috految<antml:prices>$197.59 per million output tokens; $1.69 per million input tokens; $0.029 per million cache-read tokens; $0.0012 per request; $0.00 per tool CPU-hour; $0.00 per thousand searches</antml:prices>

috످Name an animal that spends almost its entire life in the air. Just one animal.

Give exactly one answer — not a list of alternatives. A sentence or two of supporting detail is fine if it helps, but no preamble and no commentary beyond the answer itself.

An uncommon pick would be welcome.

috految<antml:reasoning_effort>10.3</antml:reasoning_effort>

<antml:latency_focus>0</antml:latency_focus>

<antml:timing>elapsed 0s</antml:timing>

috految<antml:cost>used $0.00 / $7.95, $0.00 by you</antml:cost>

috److The **pallid swift** (*Apus pallidus*) spends most of its life airborne, eating, drinking, and likely even sleeping on the wing. Tracking studies show that this sandy-brown bird can fly for up to three and a half months without landing once.

috످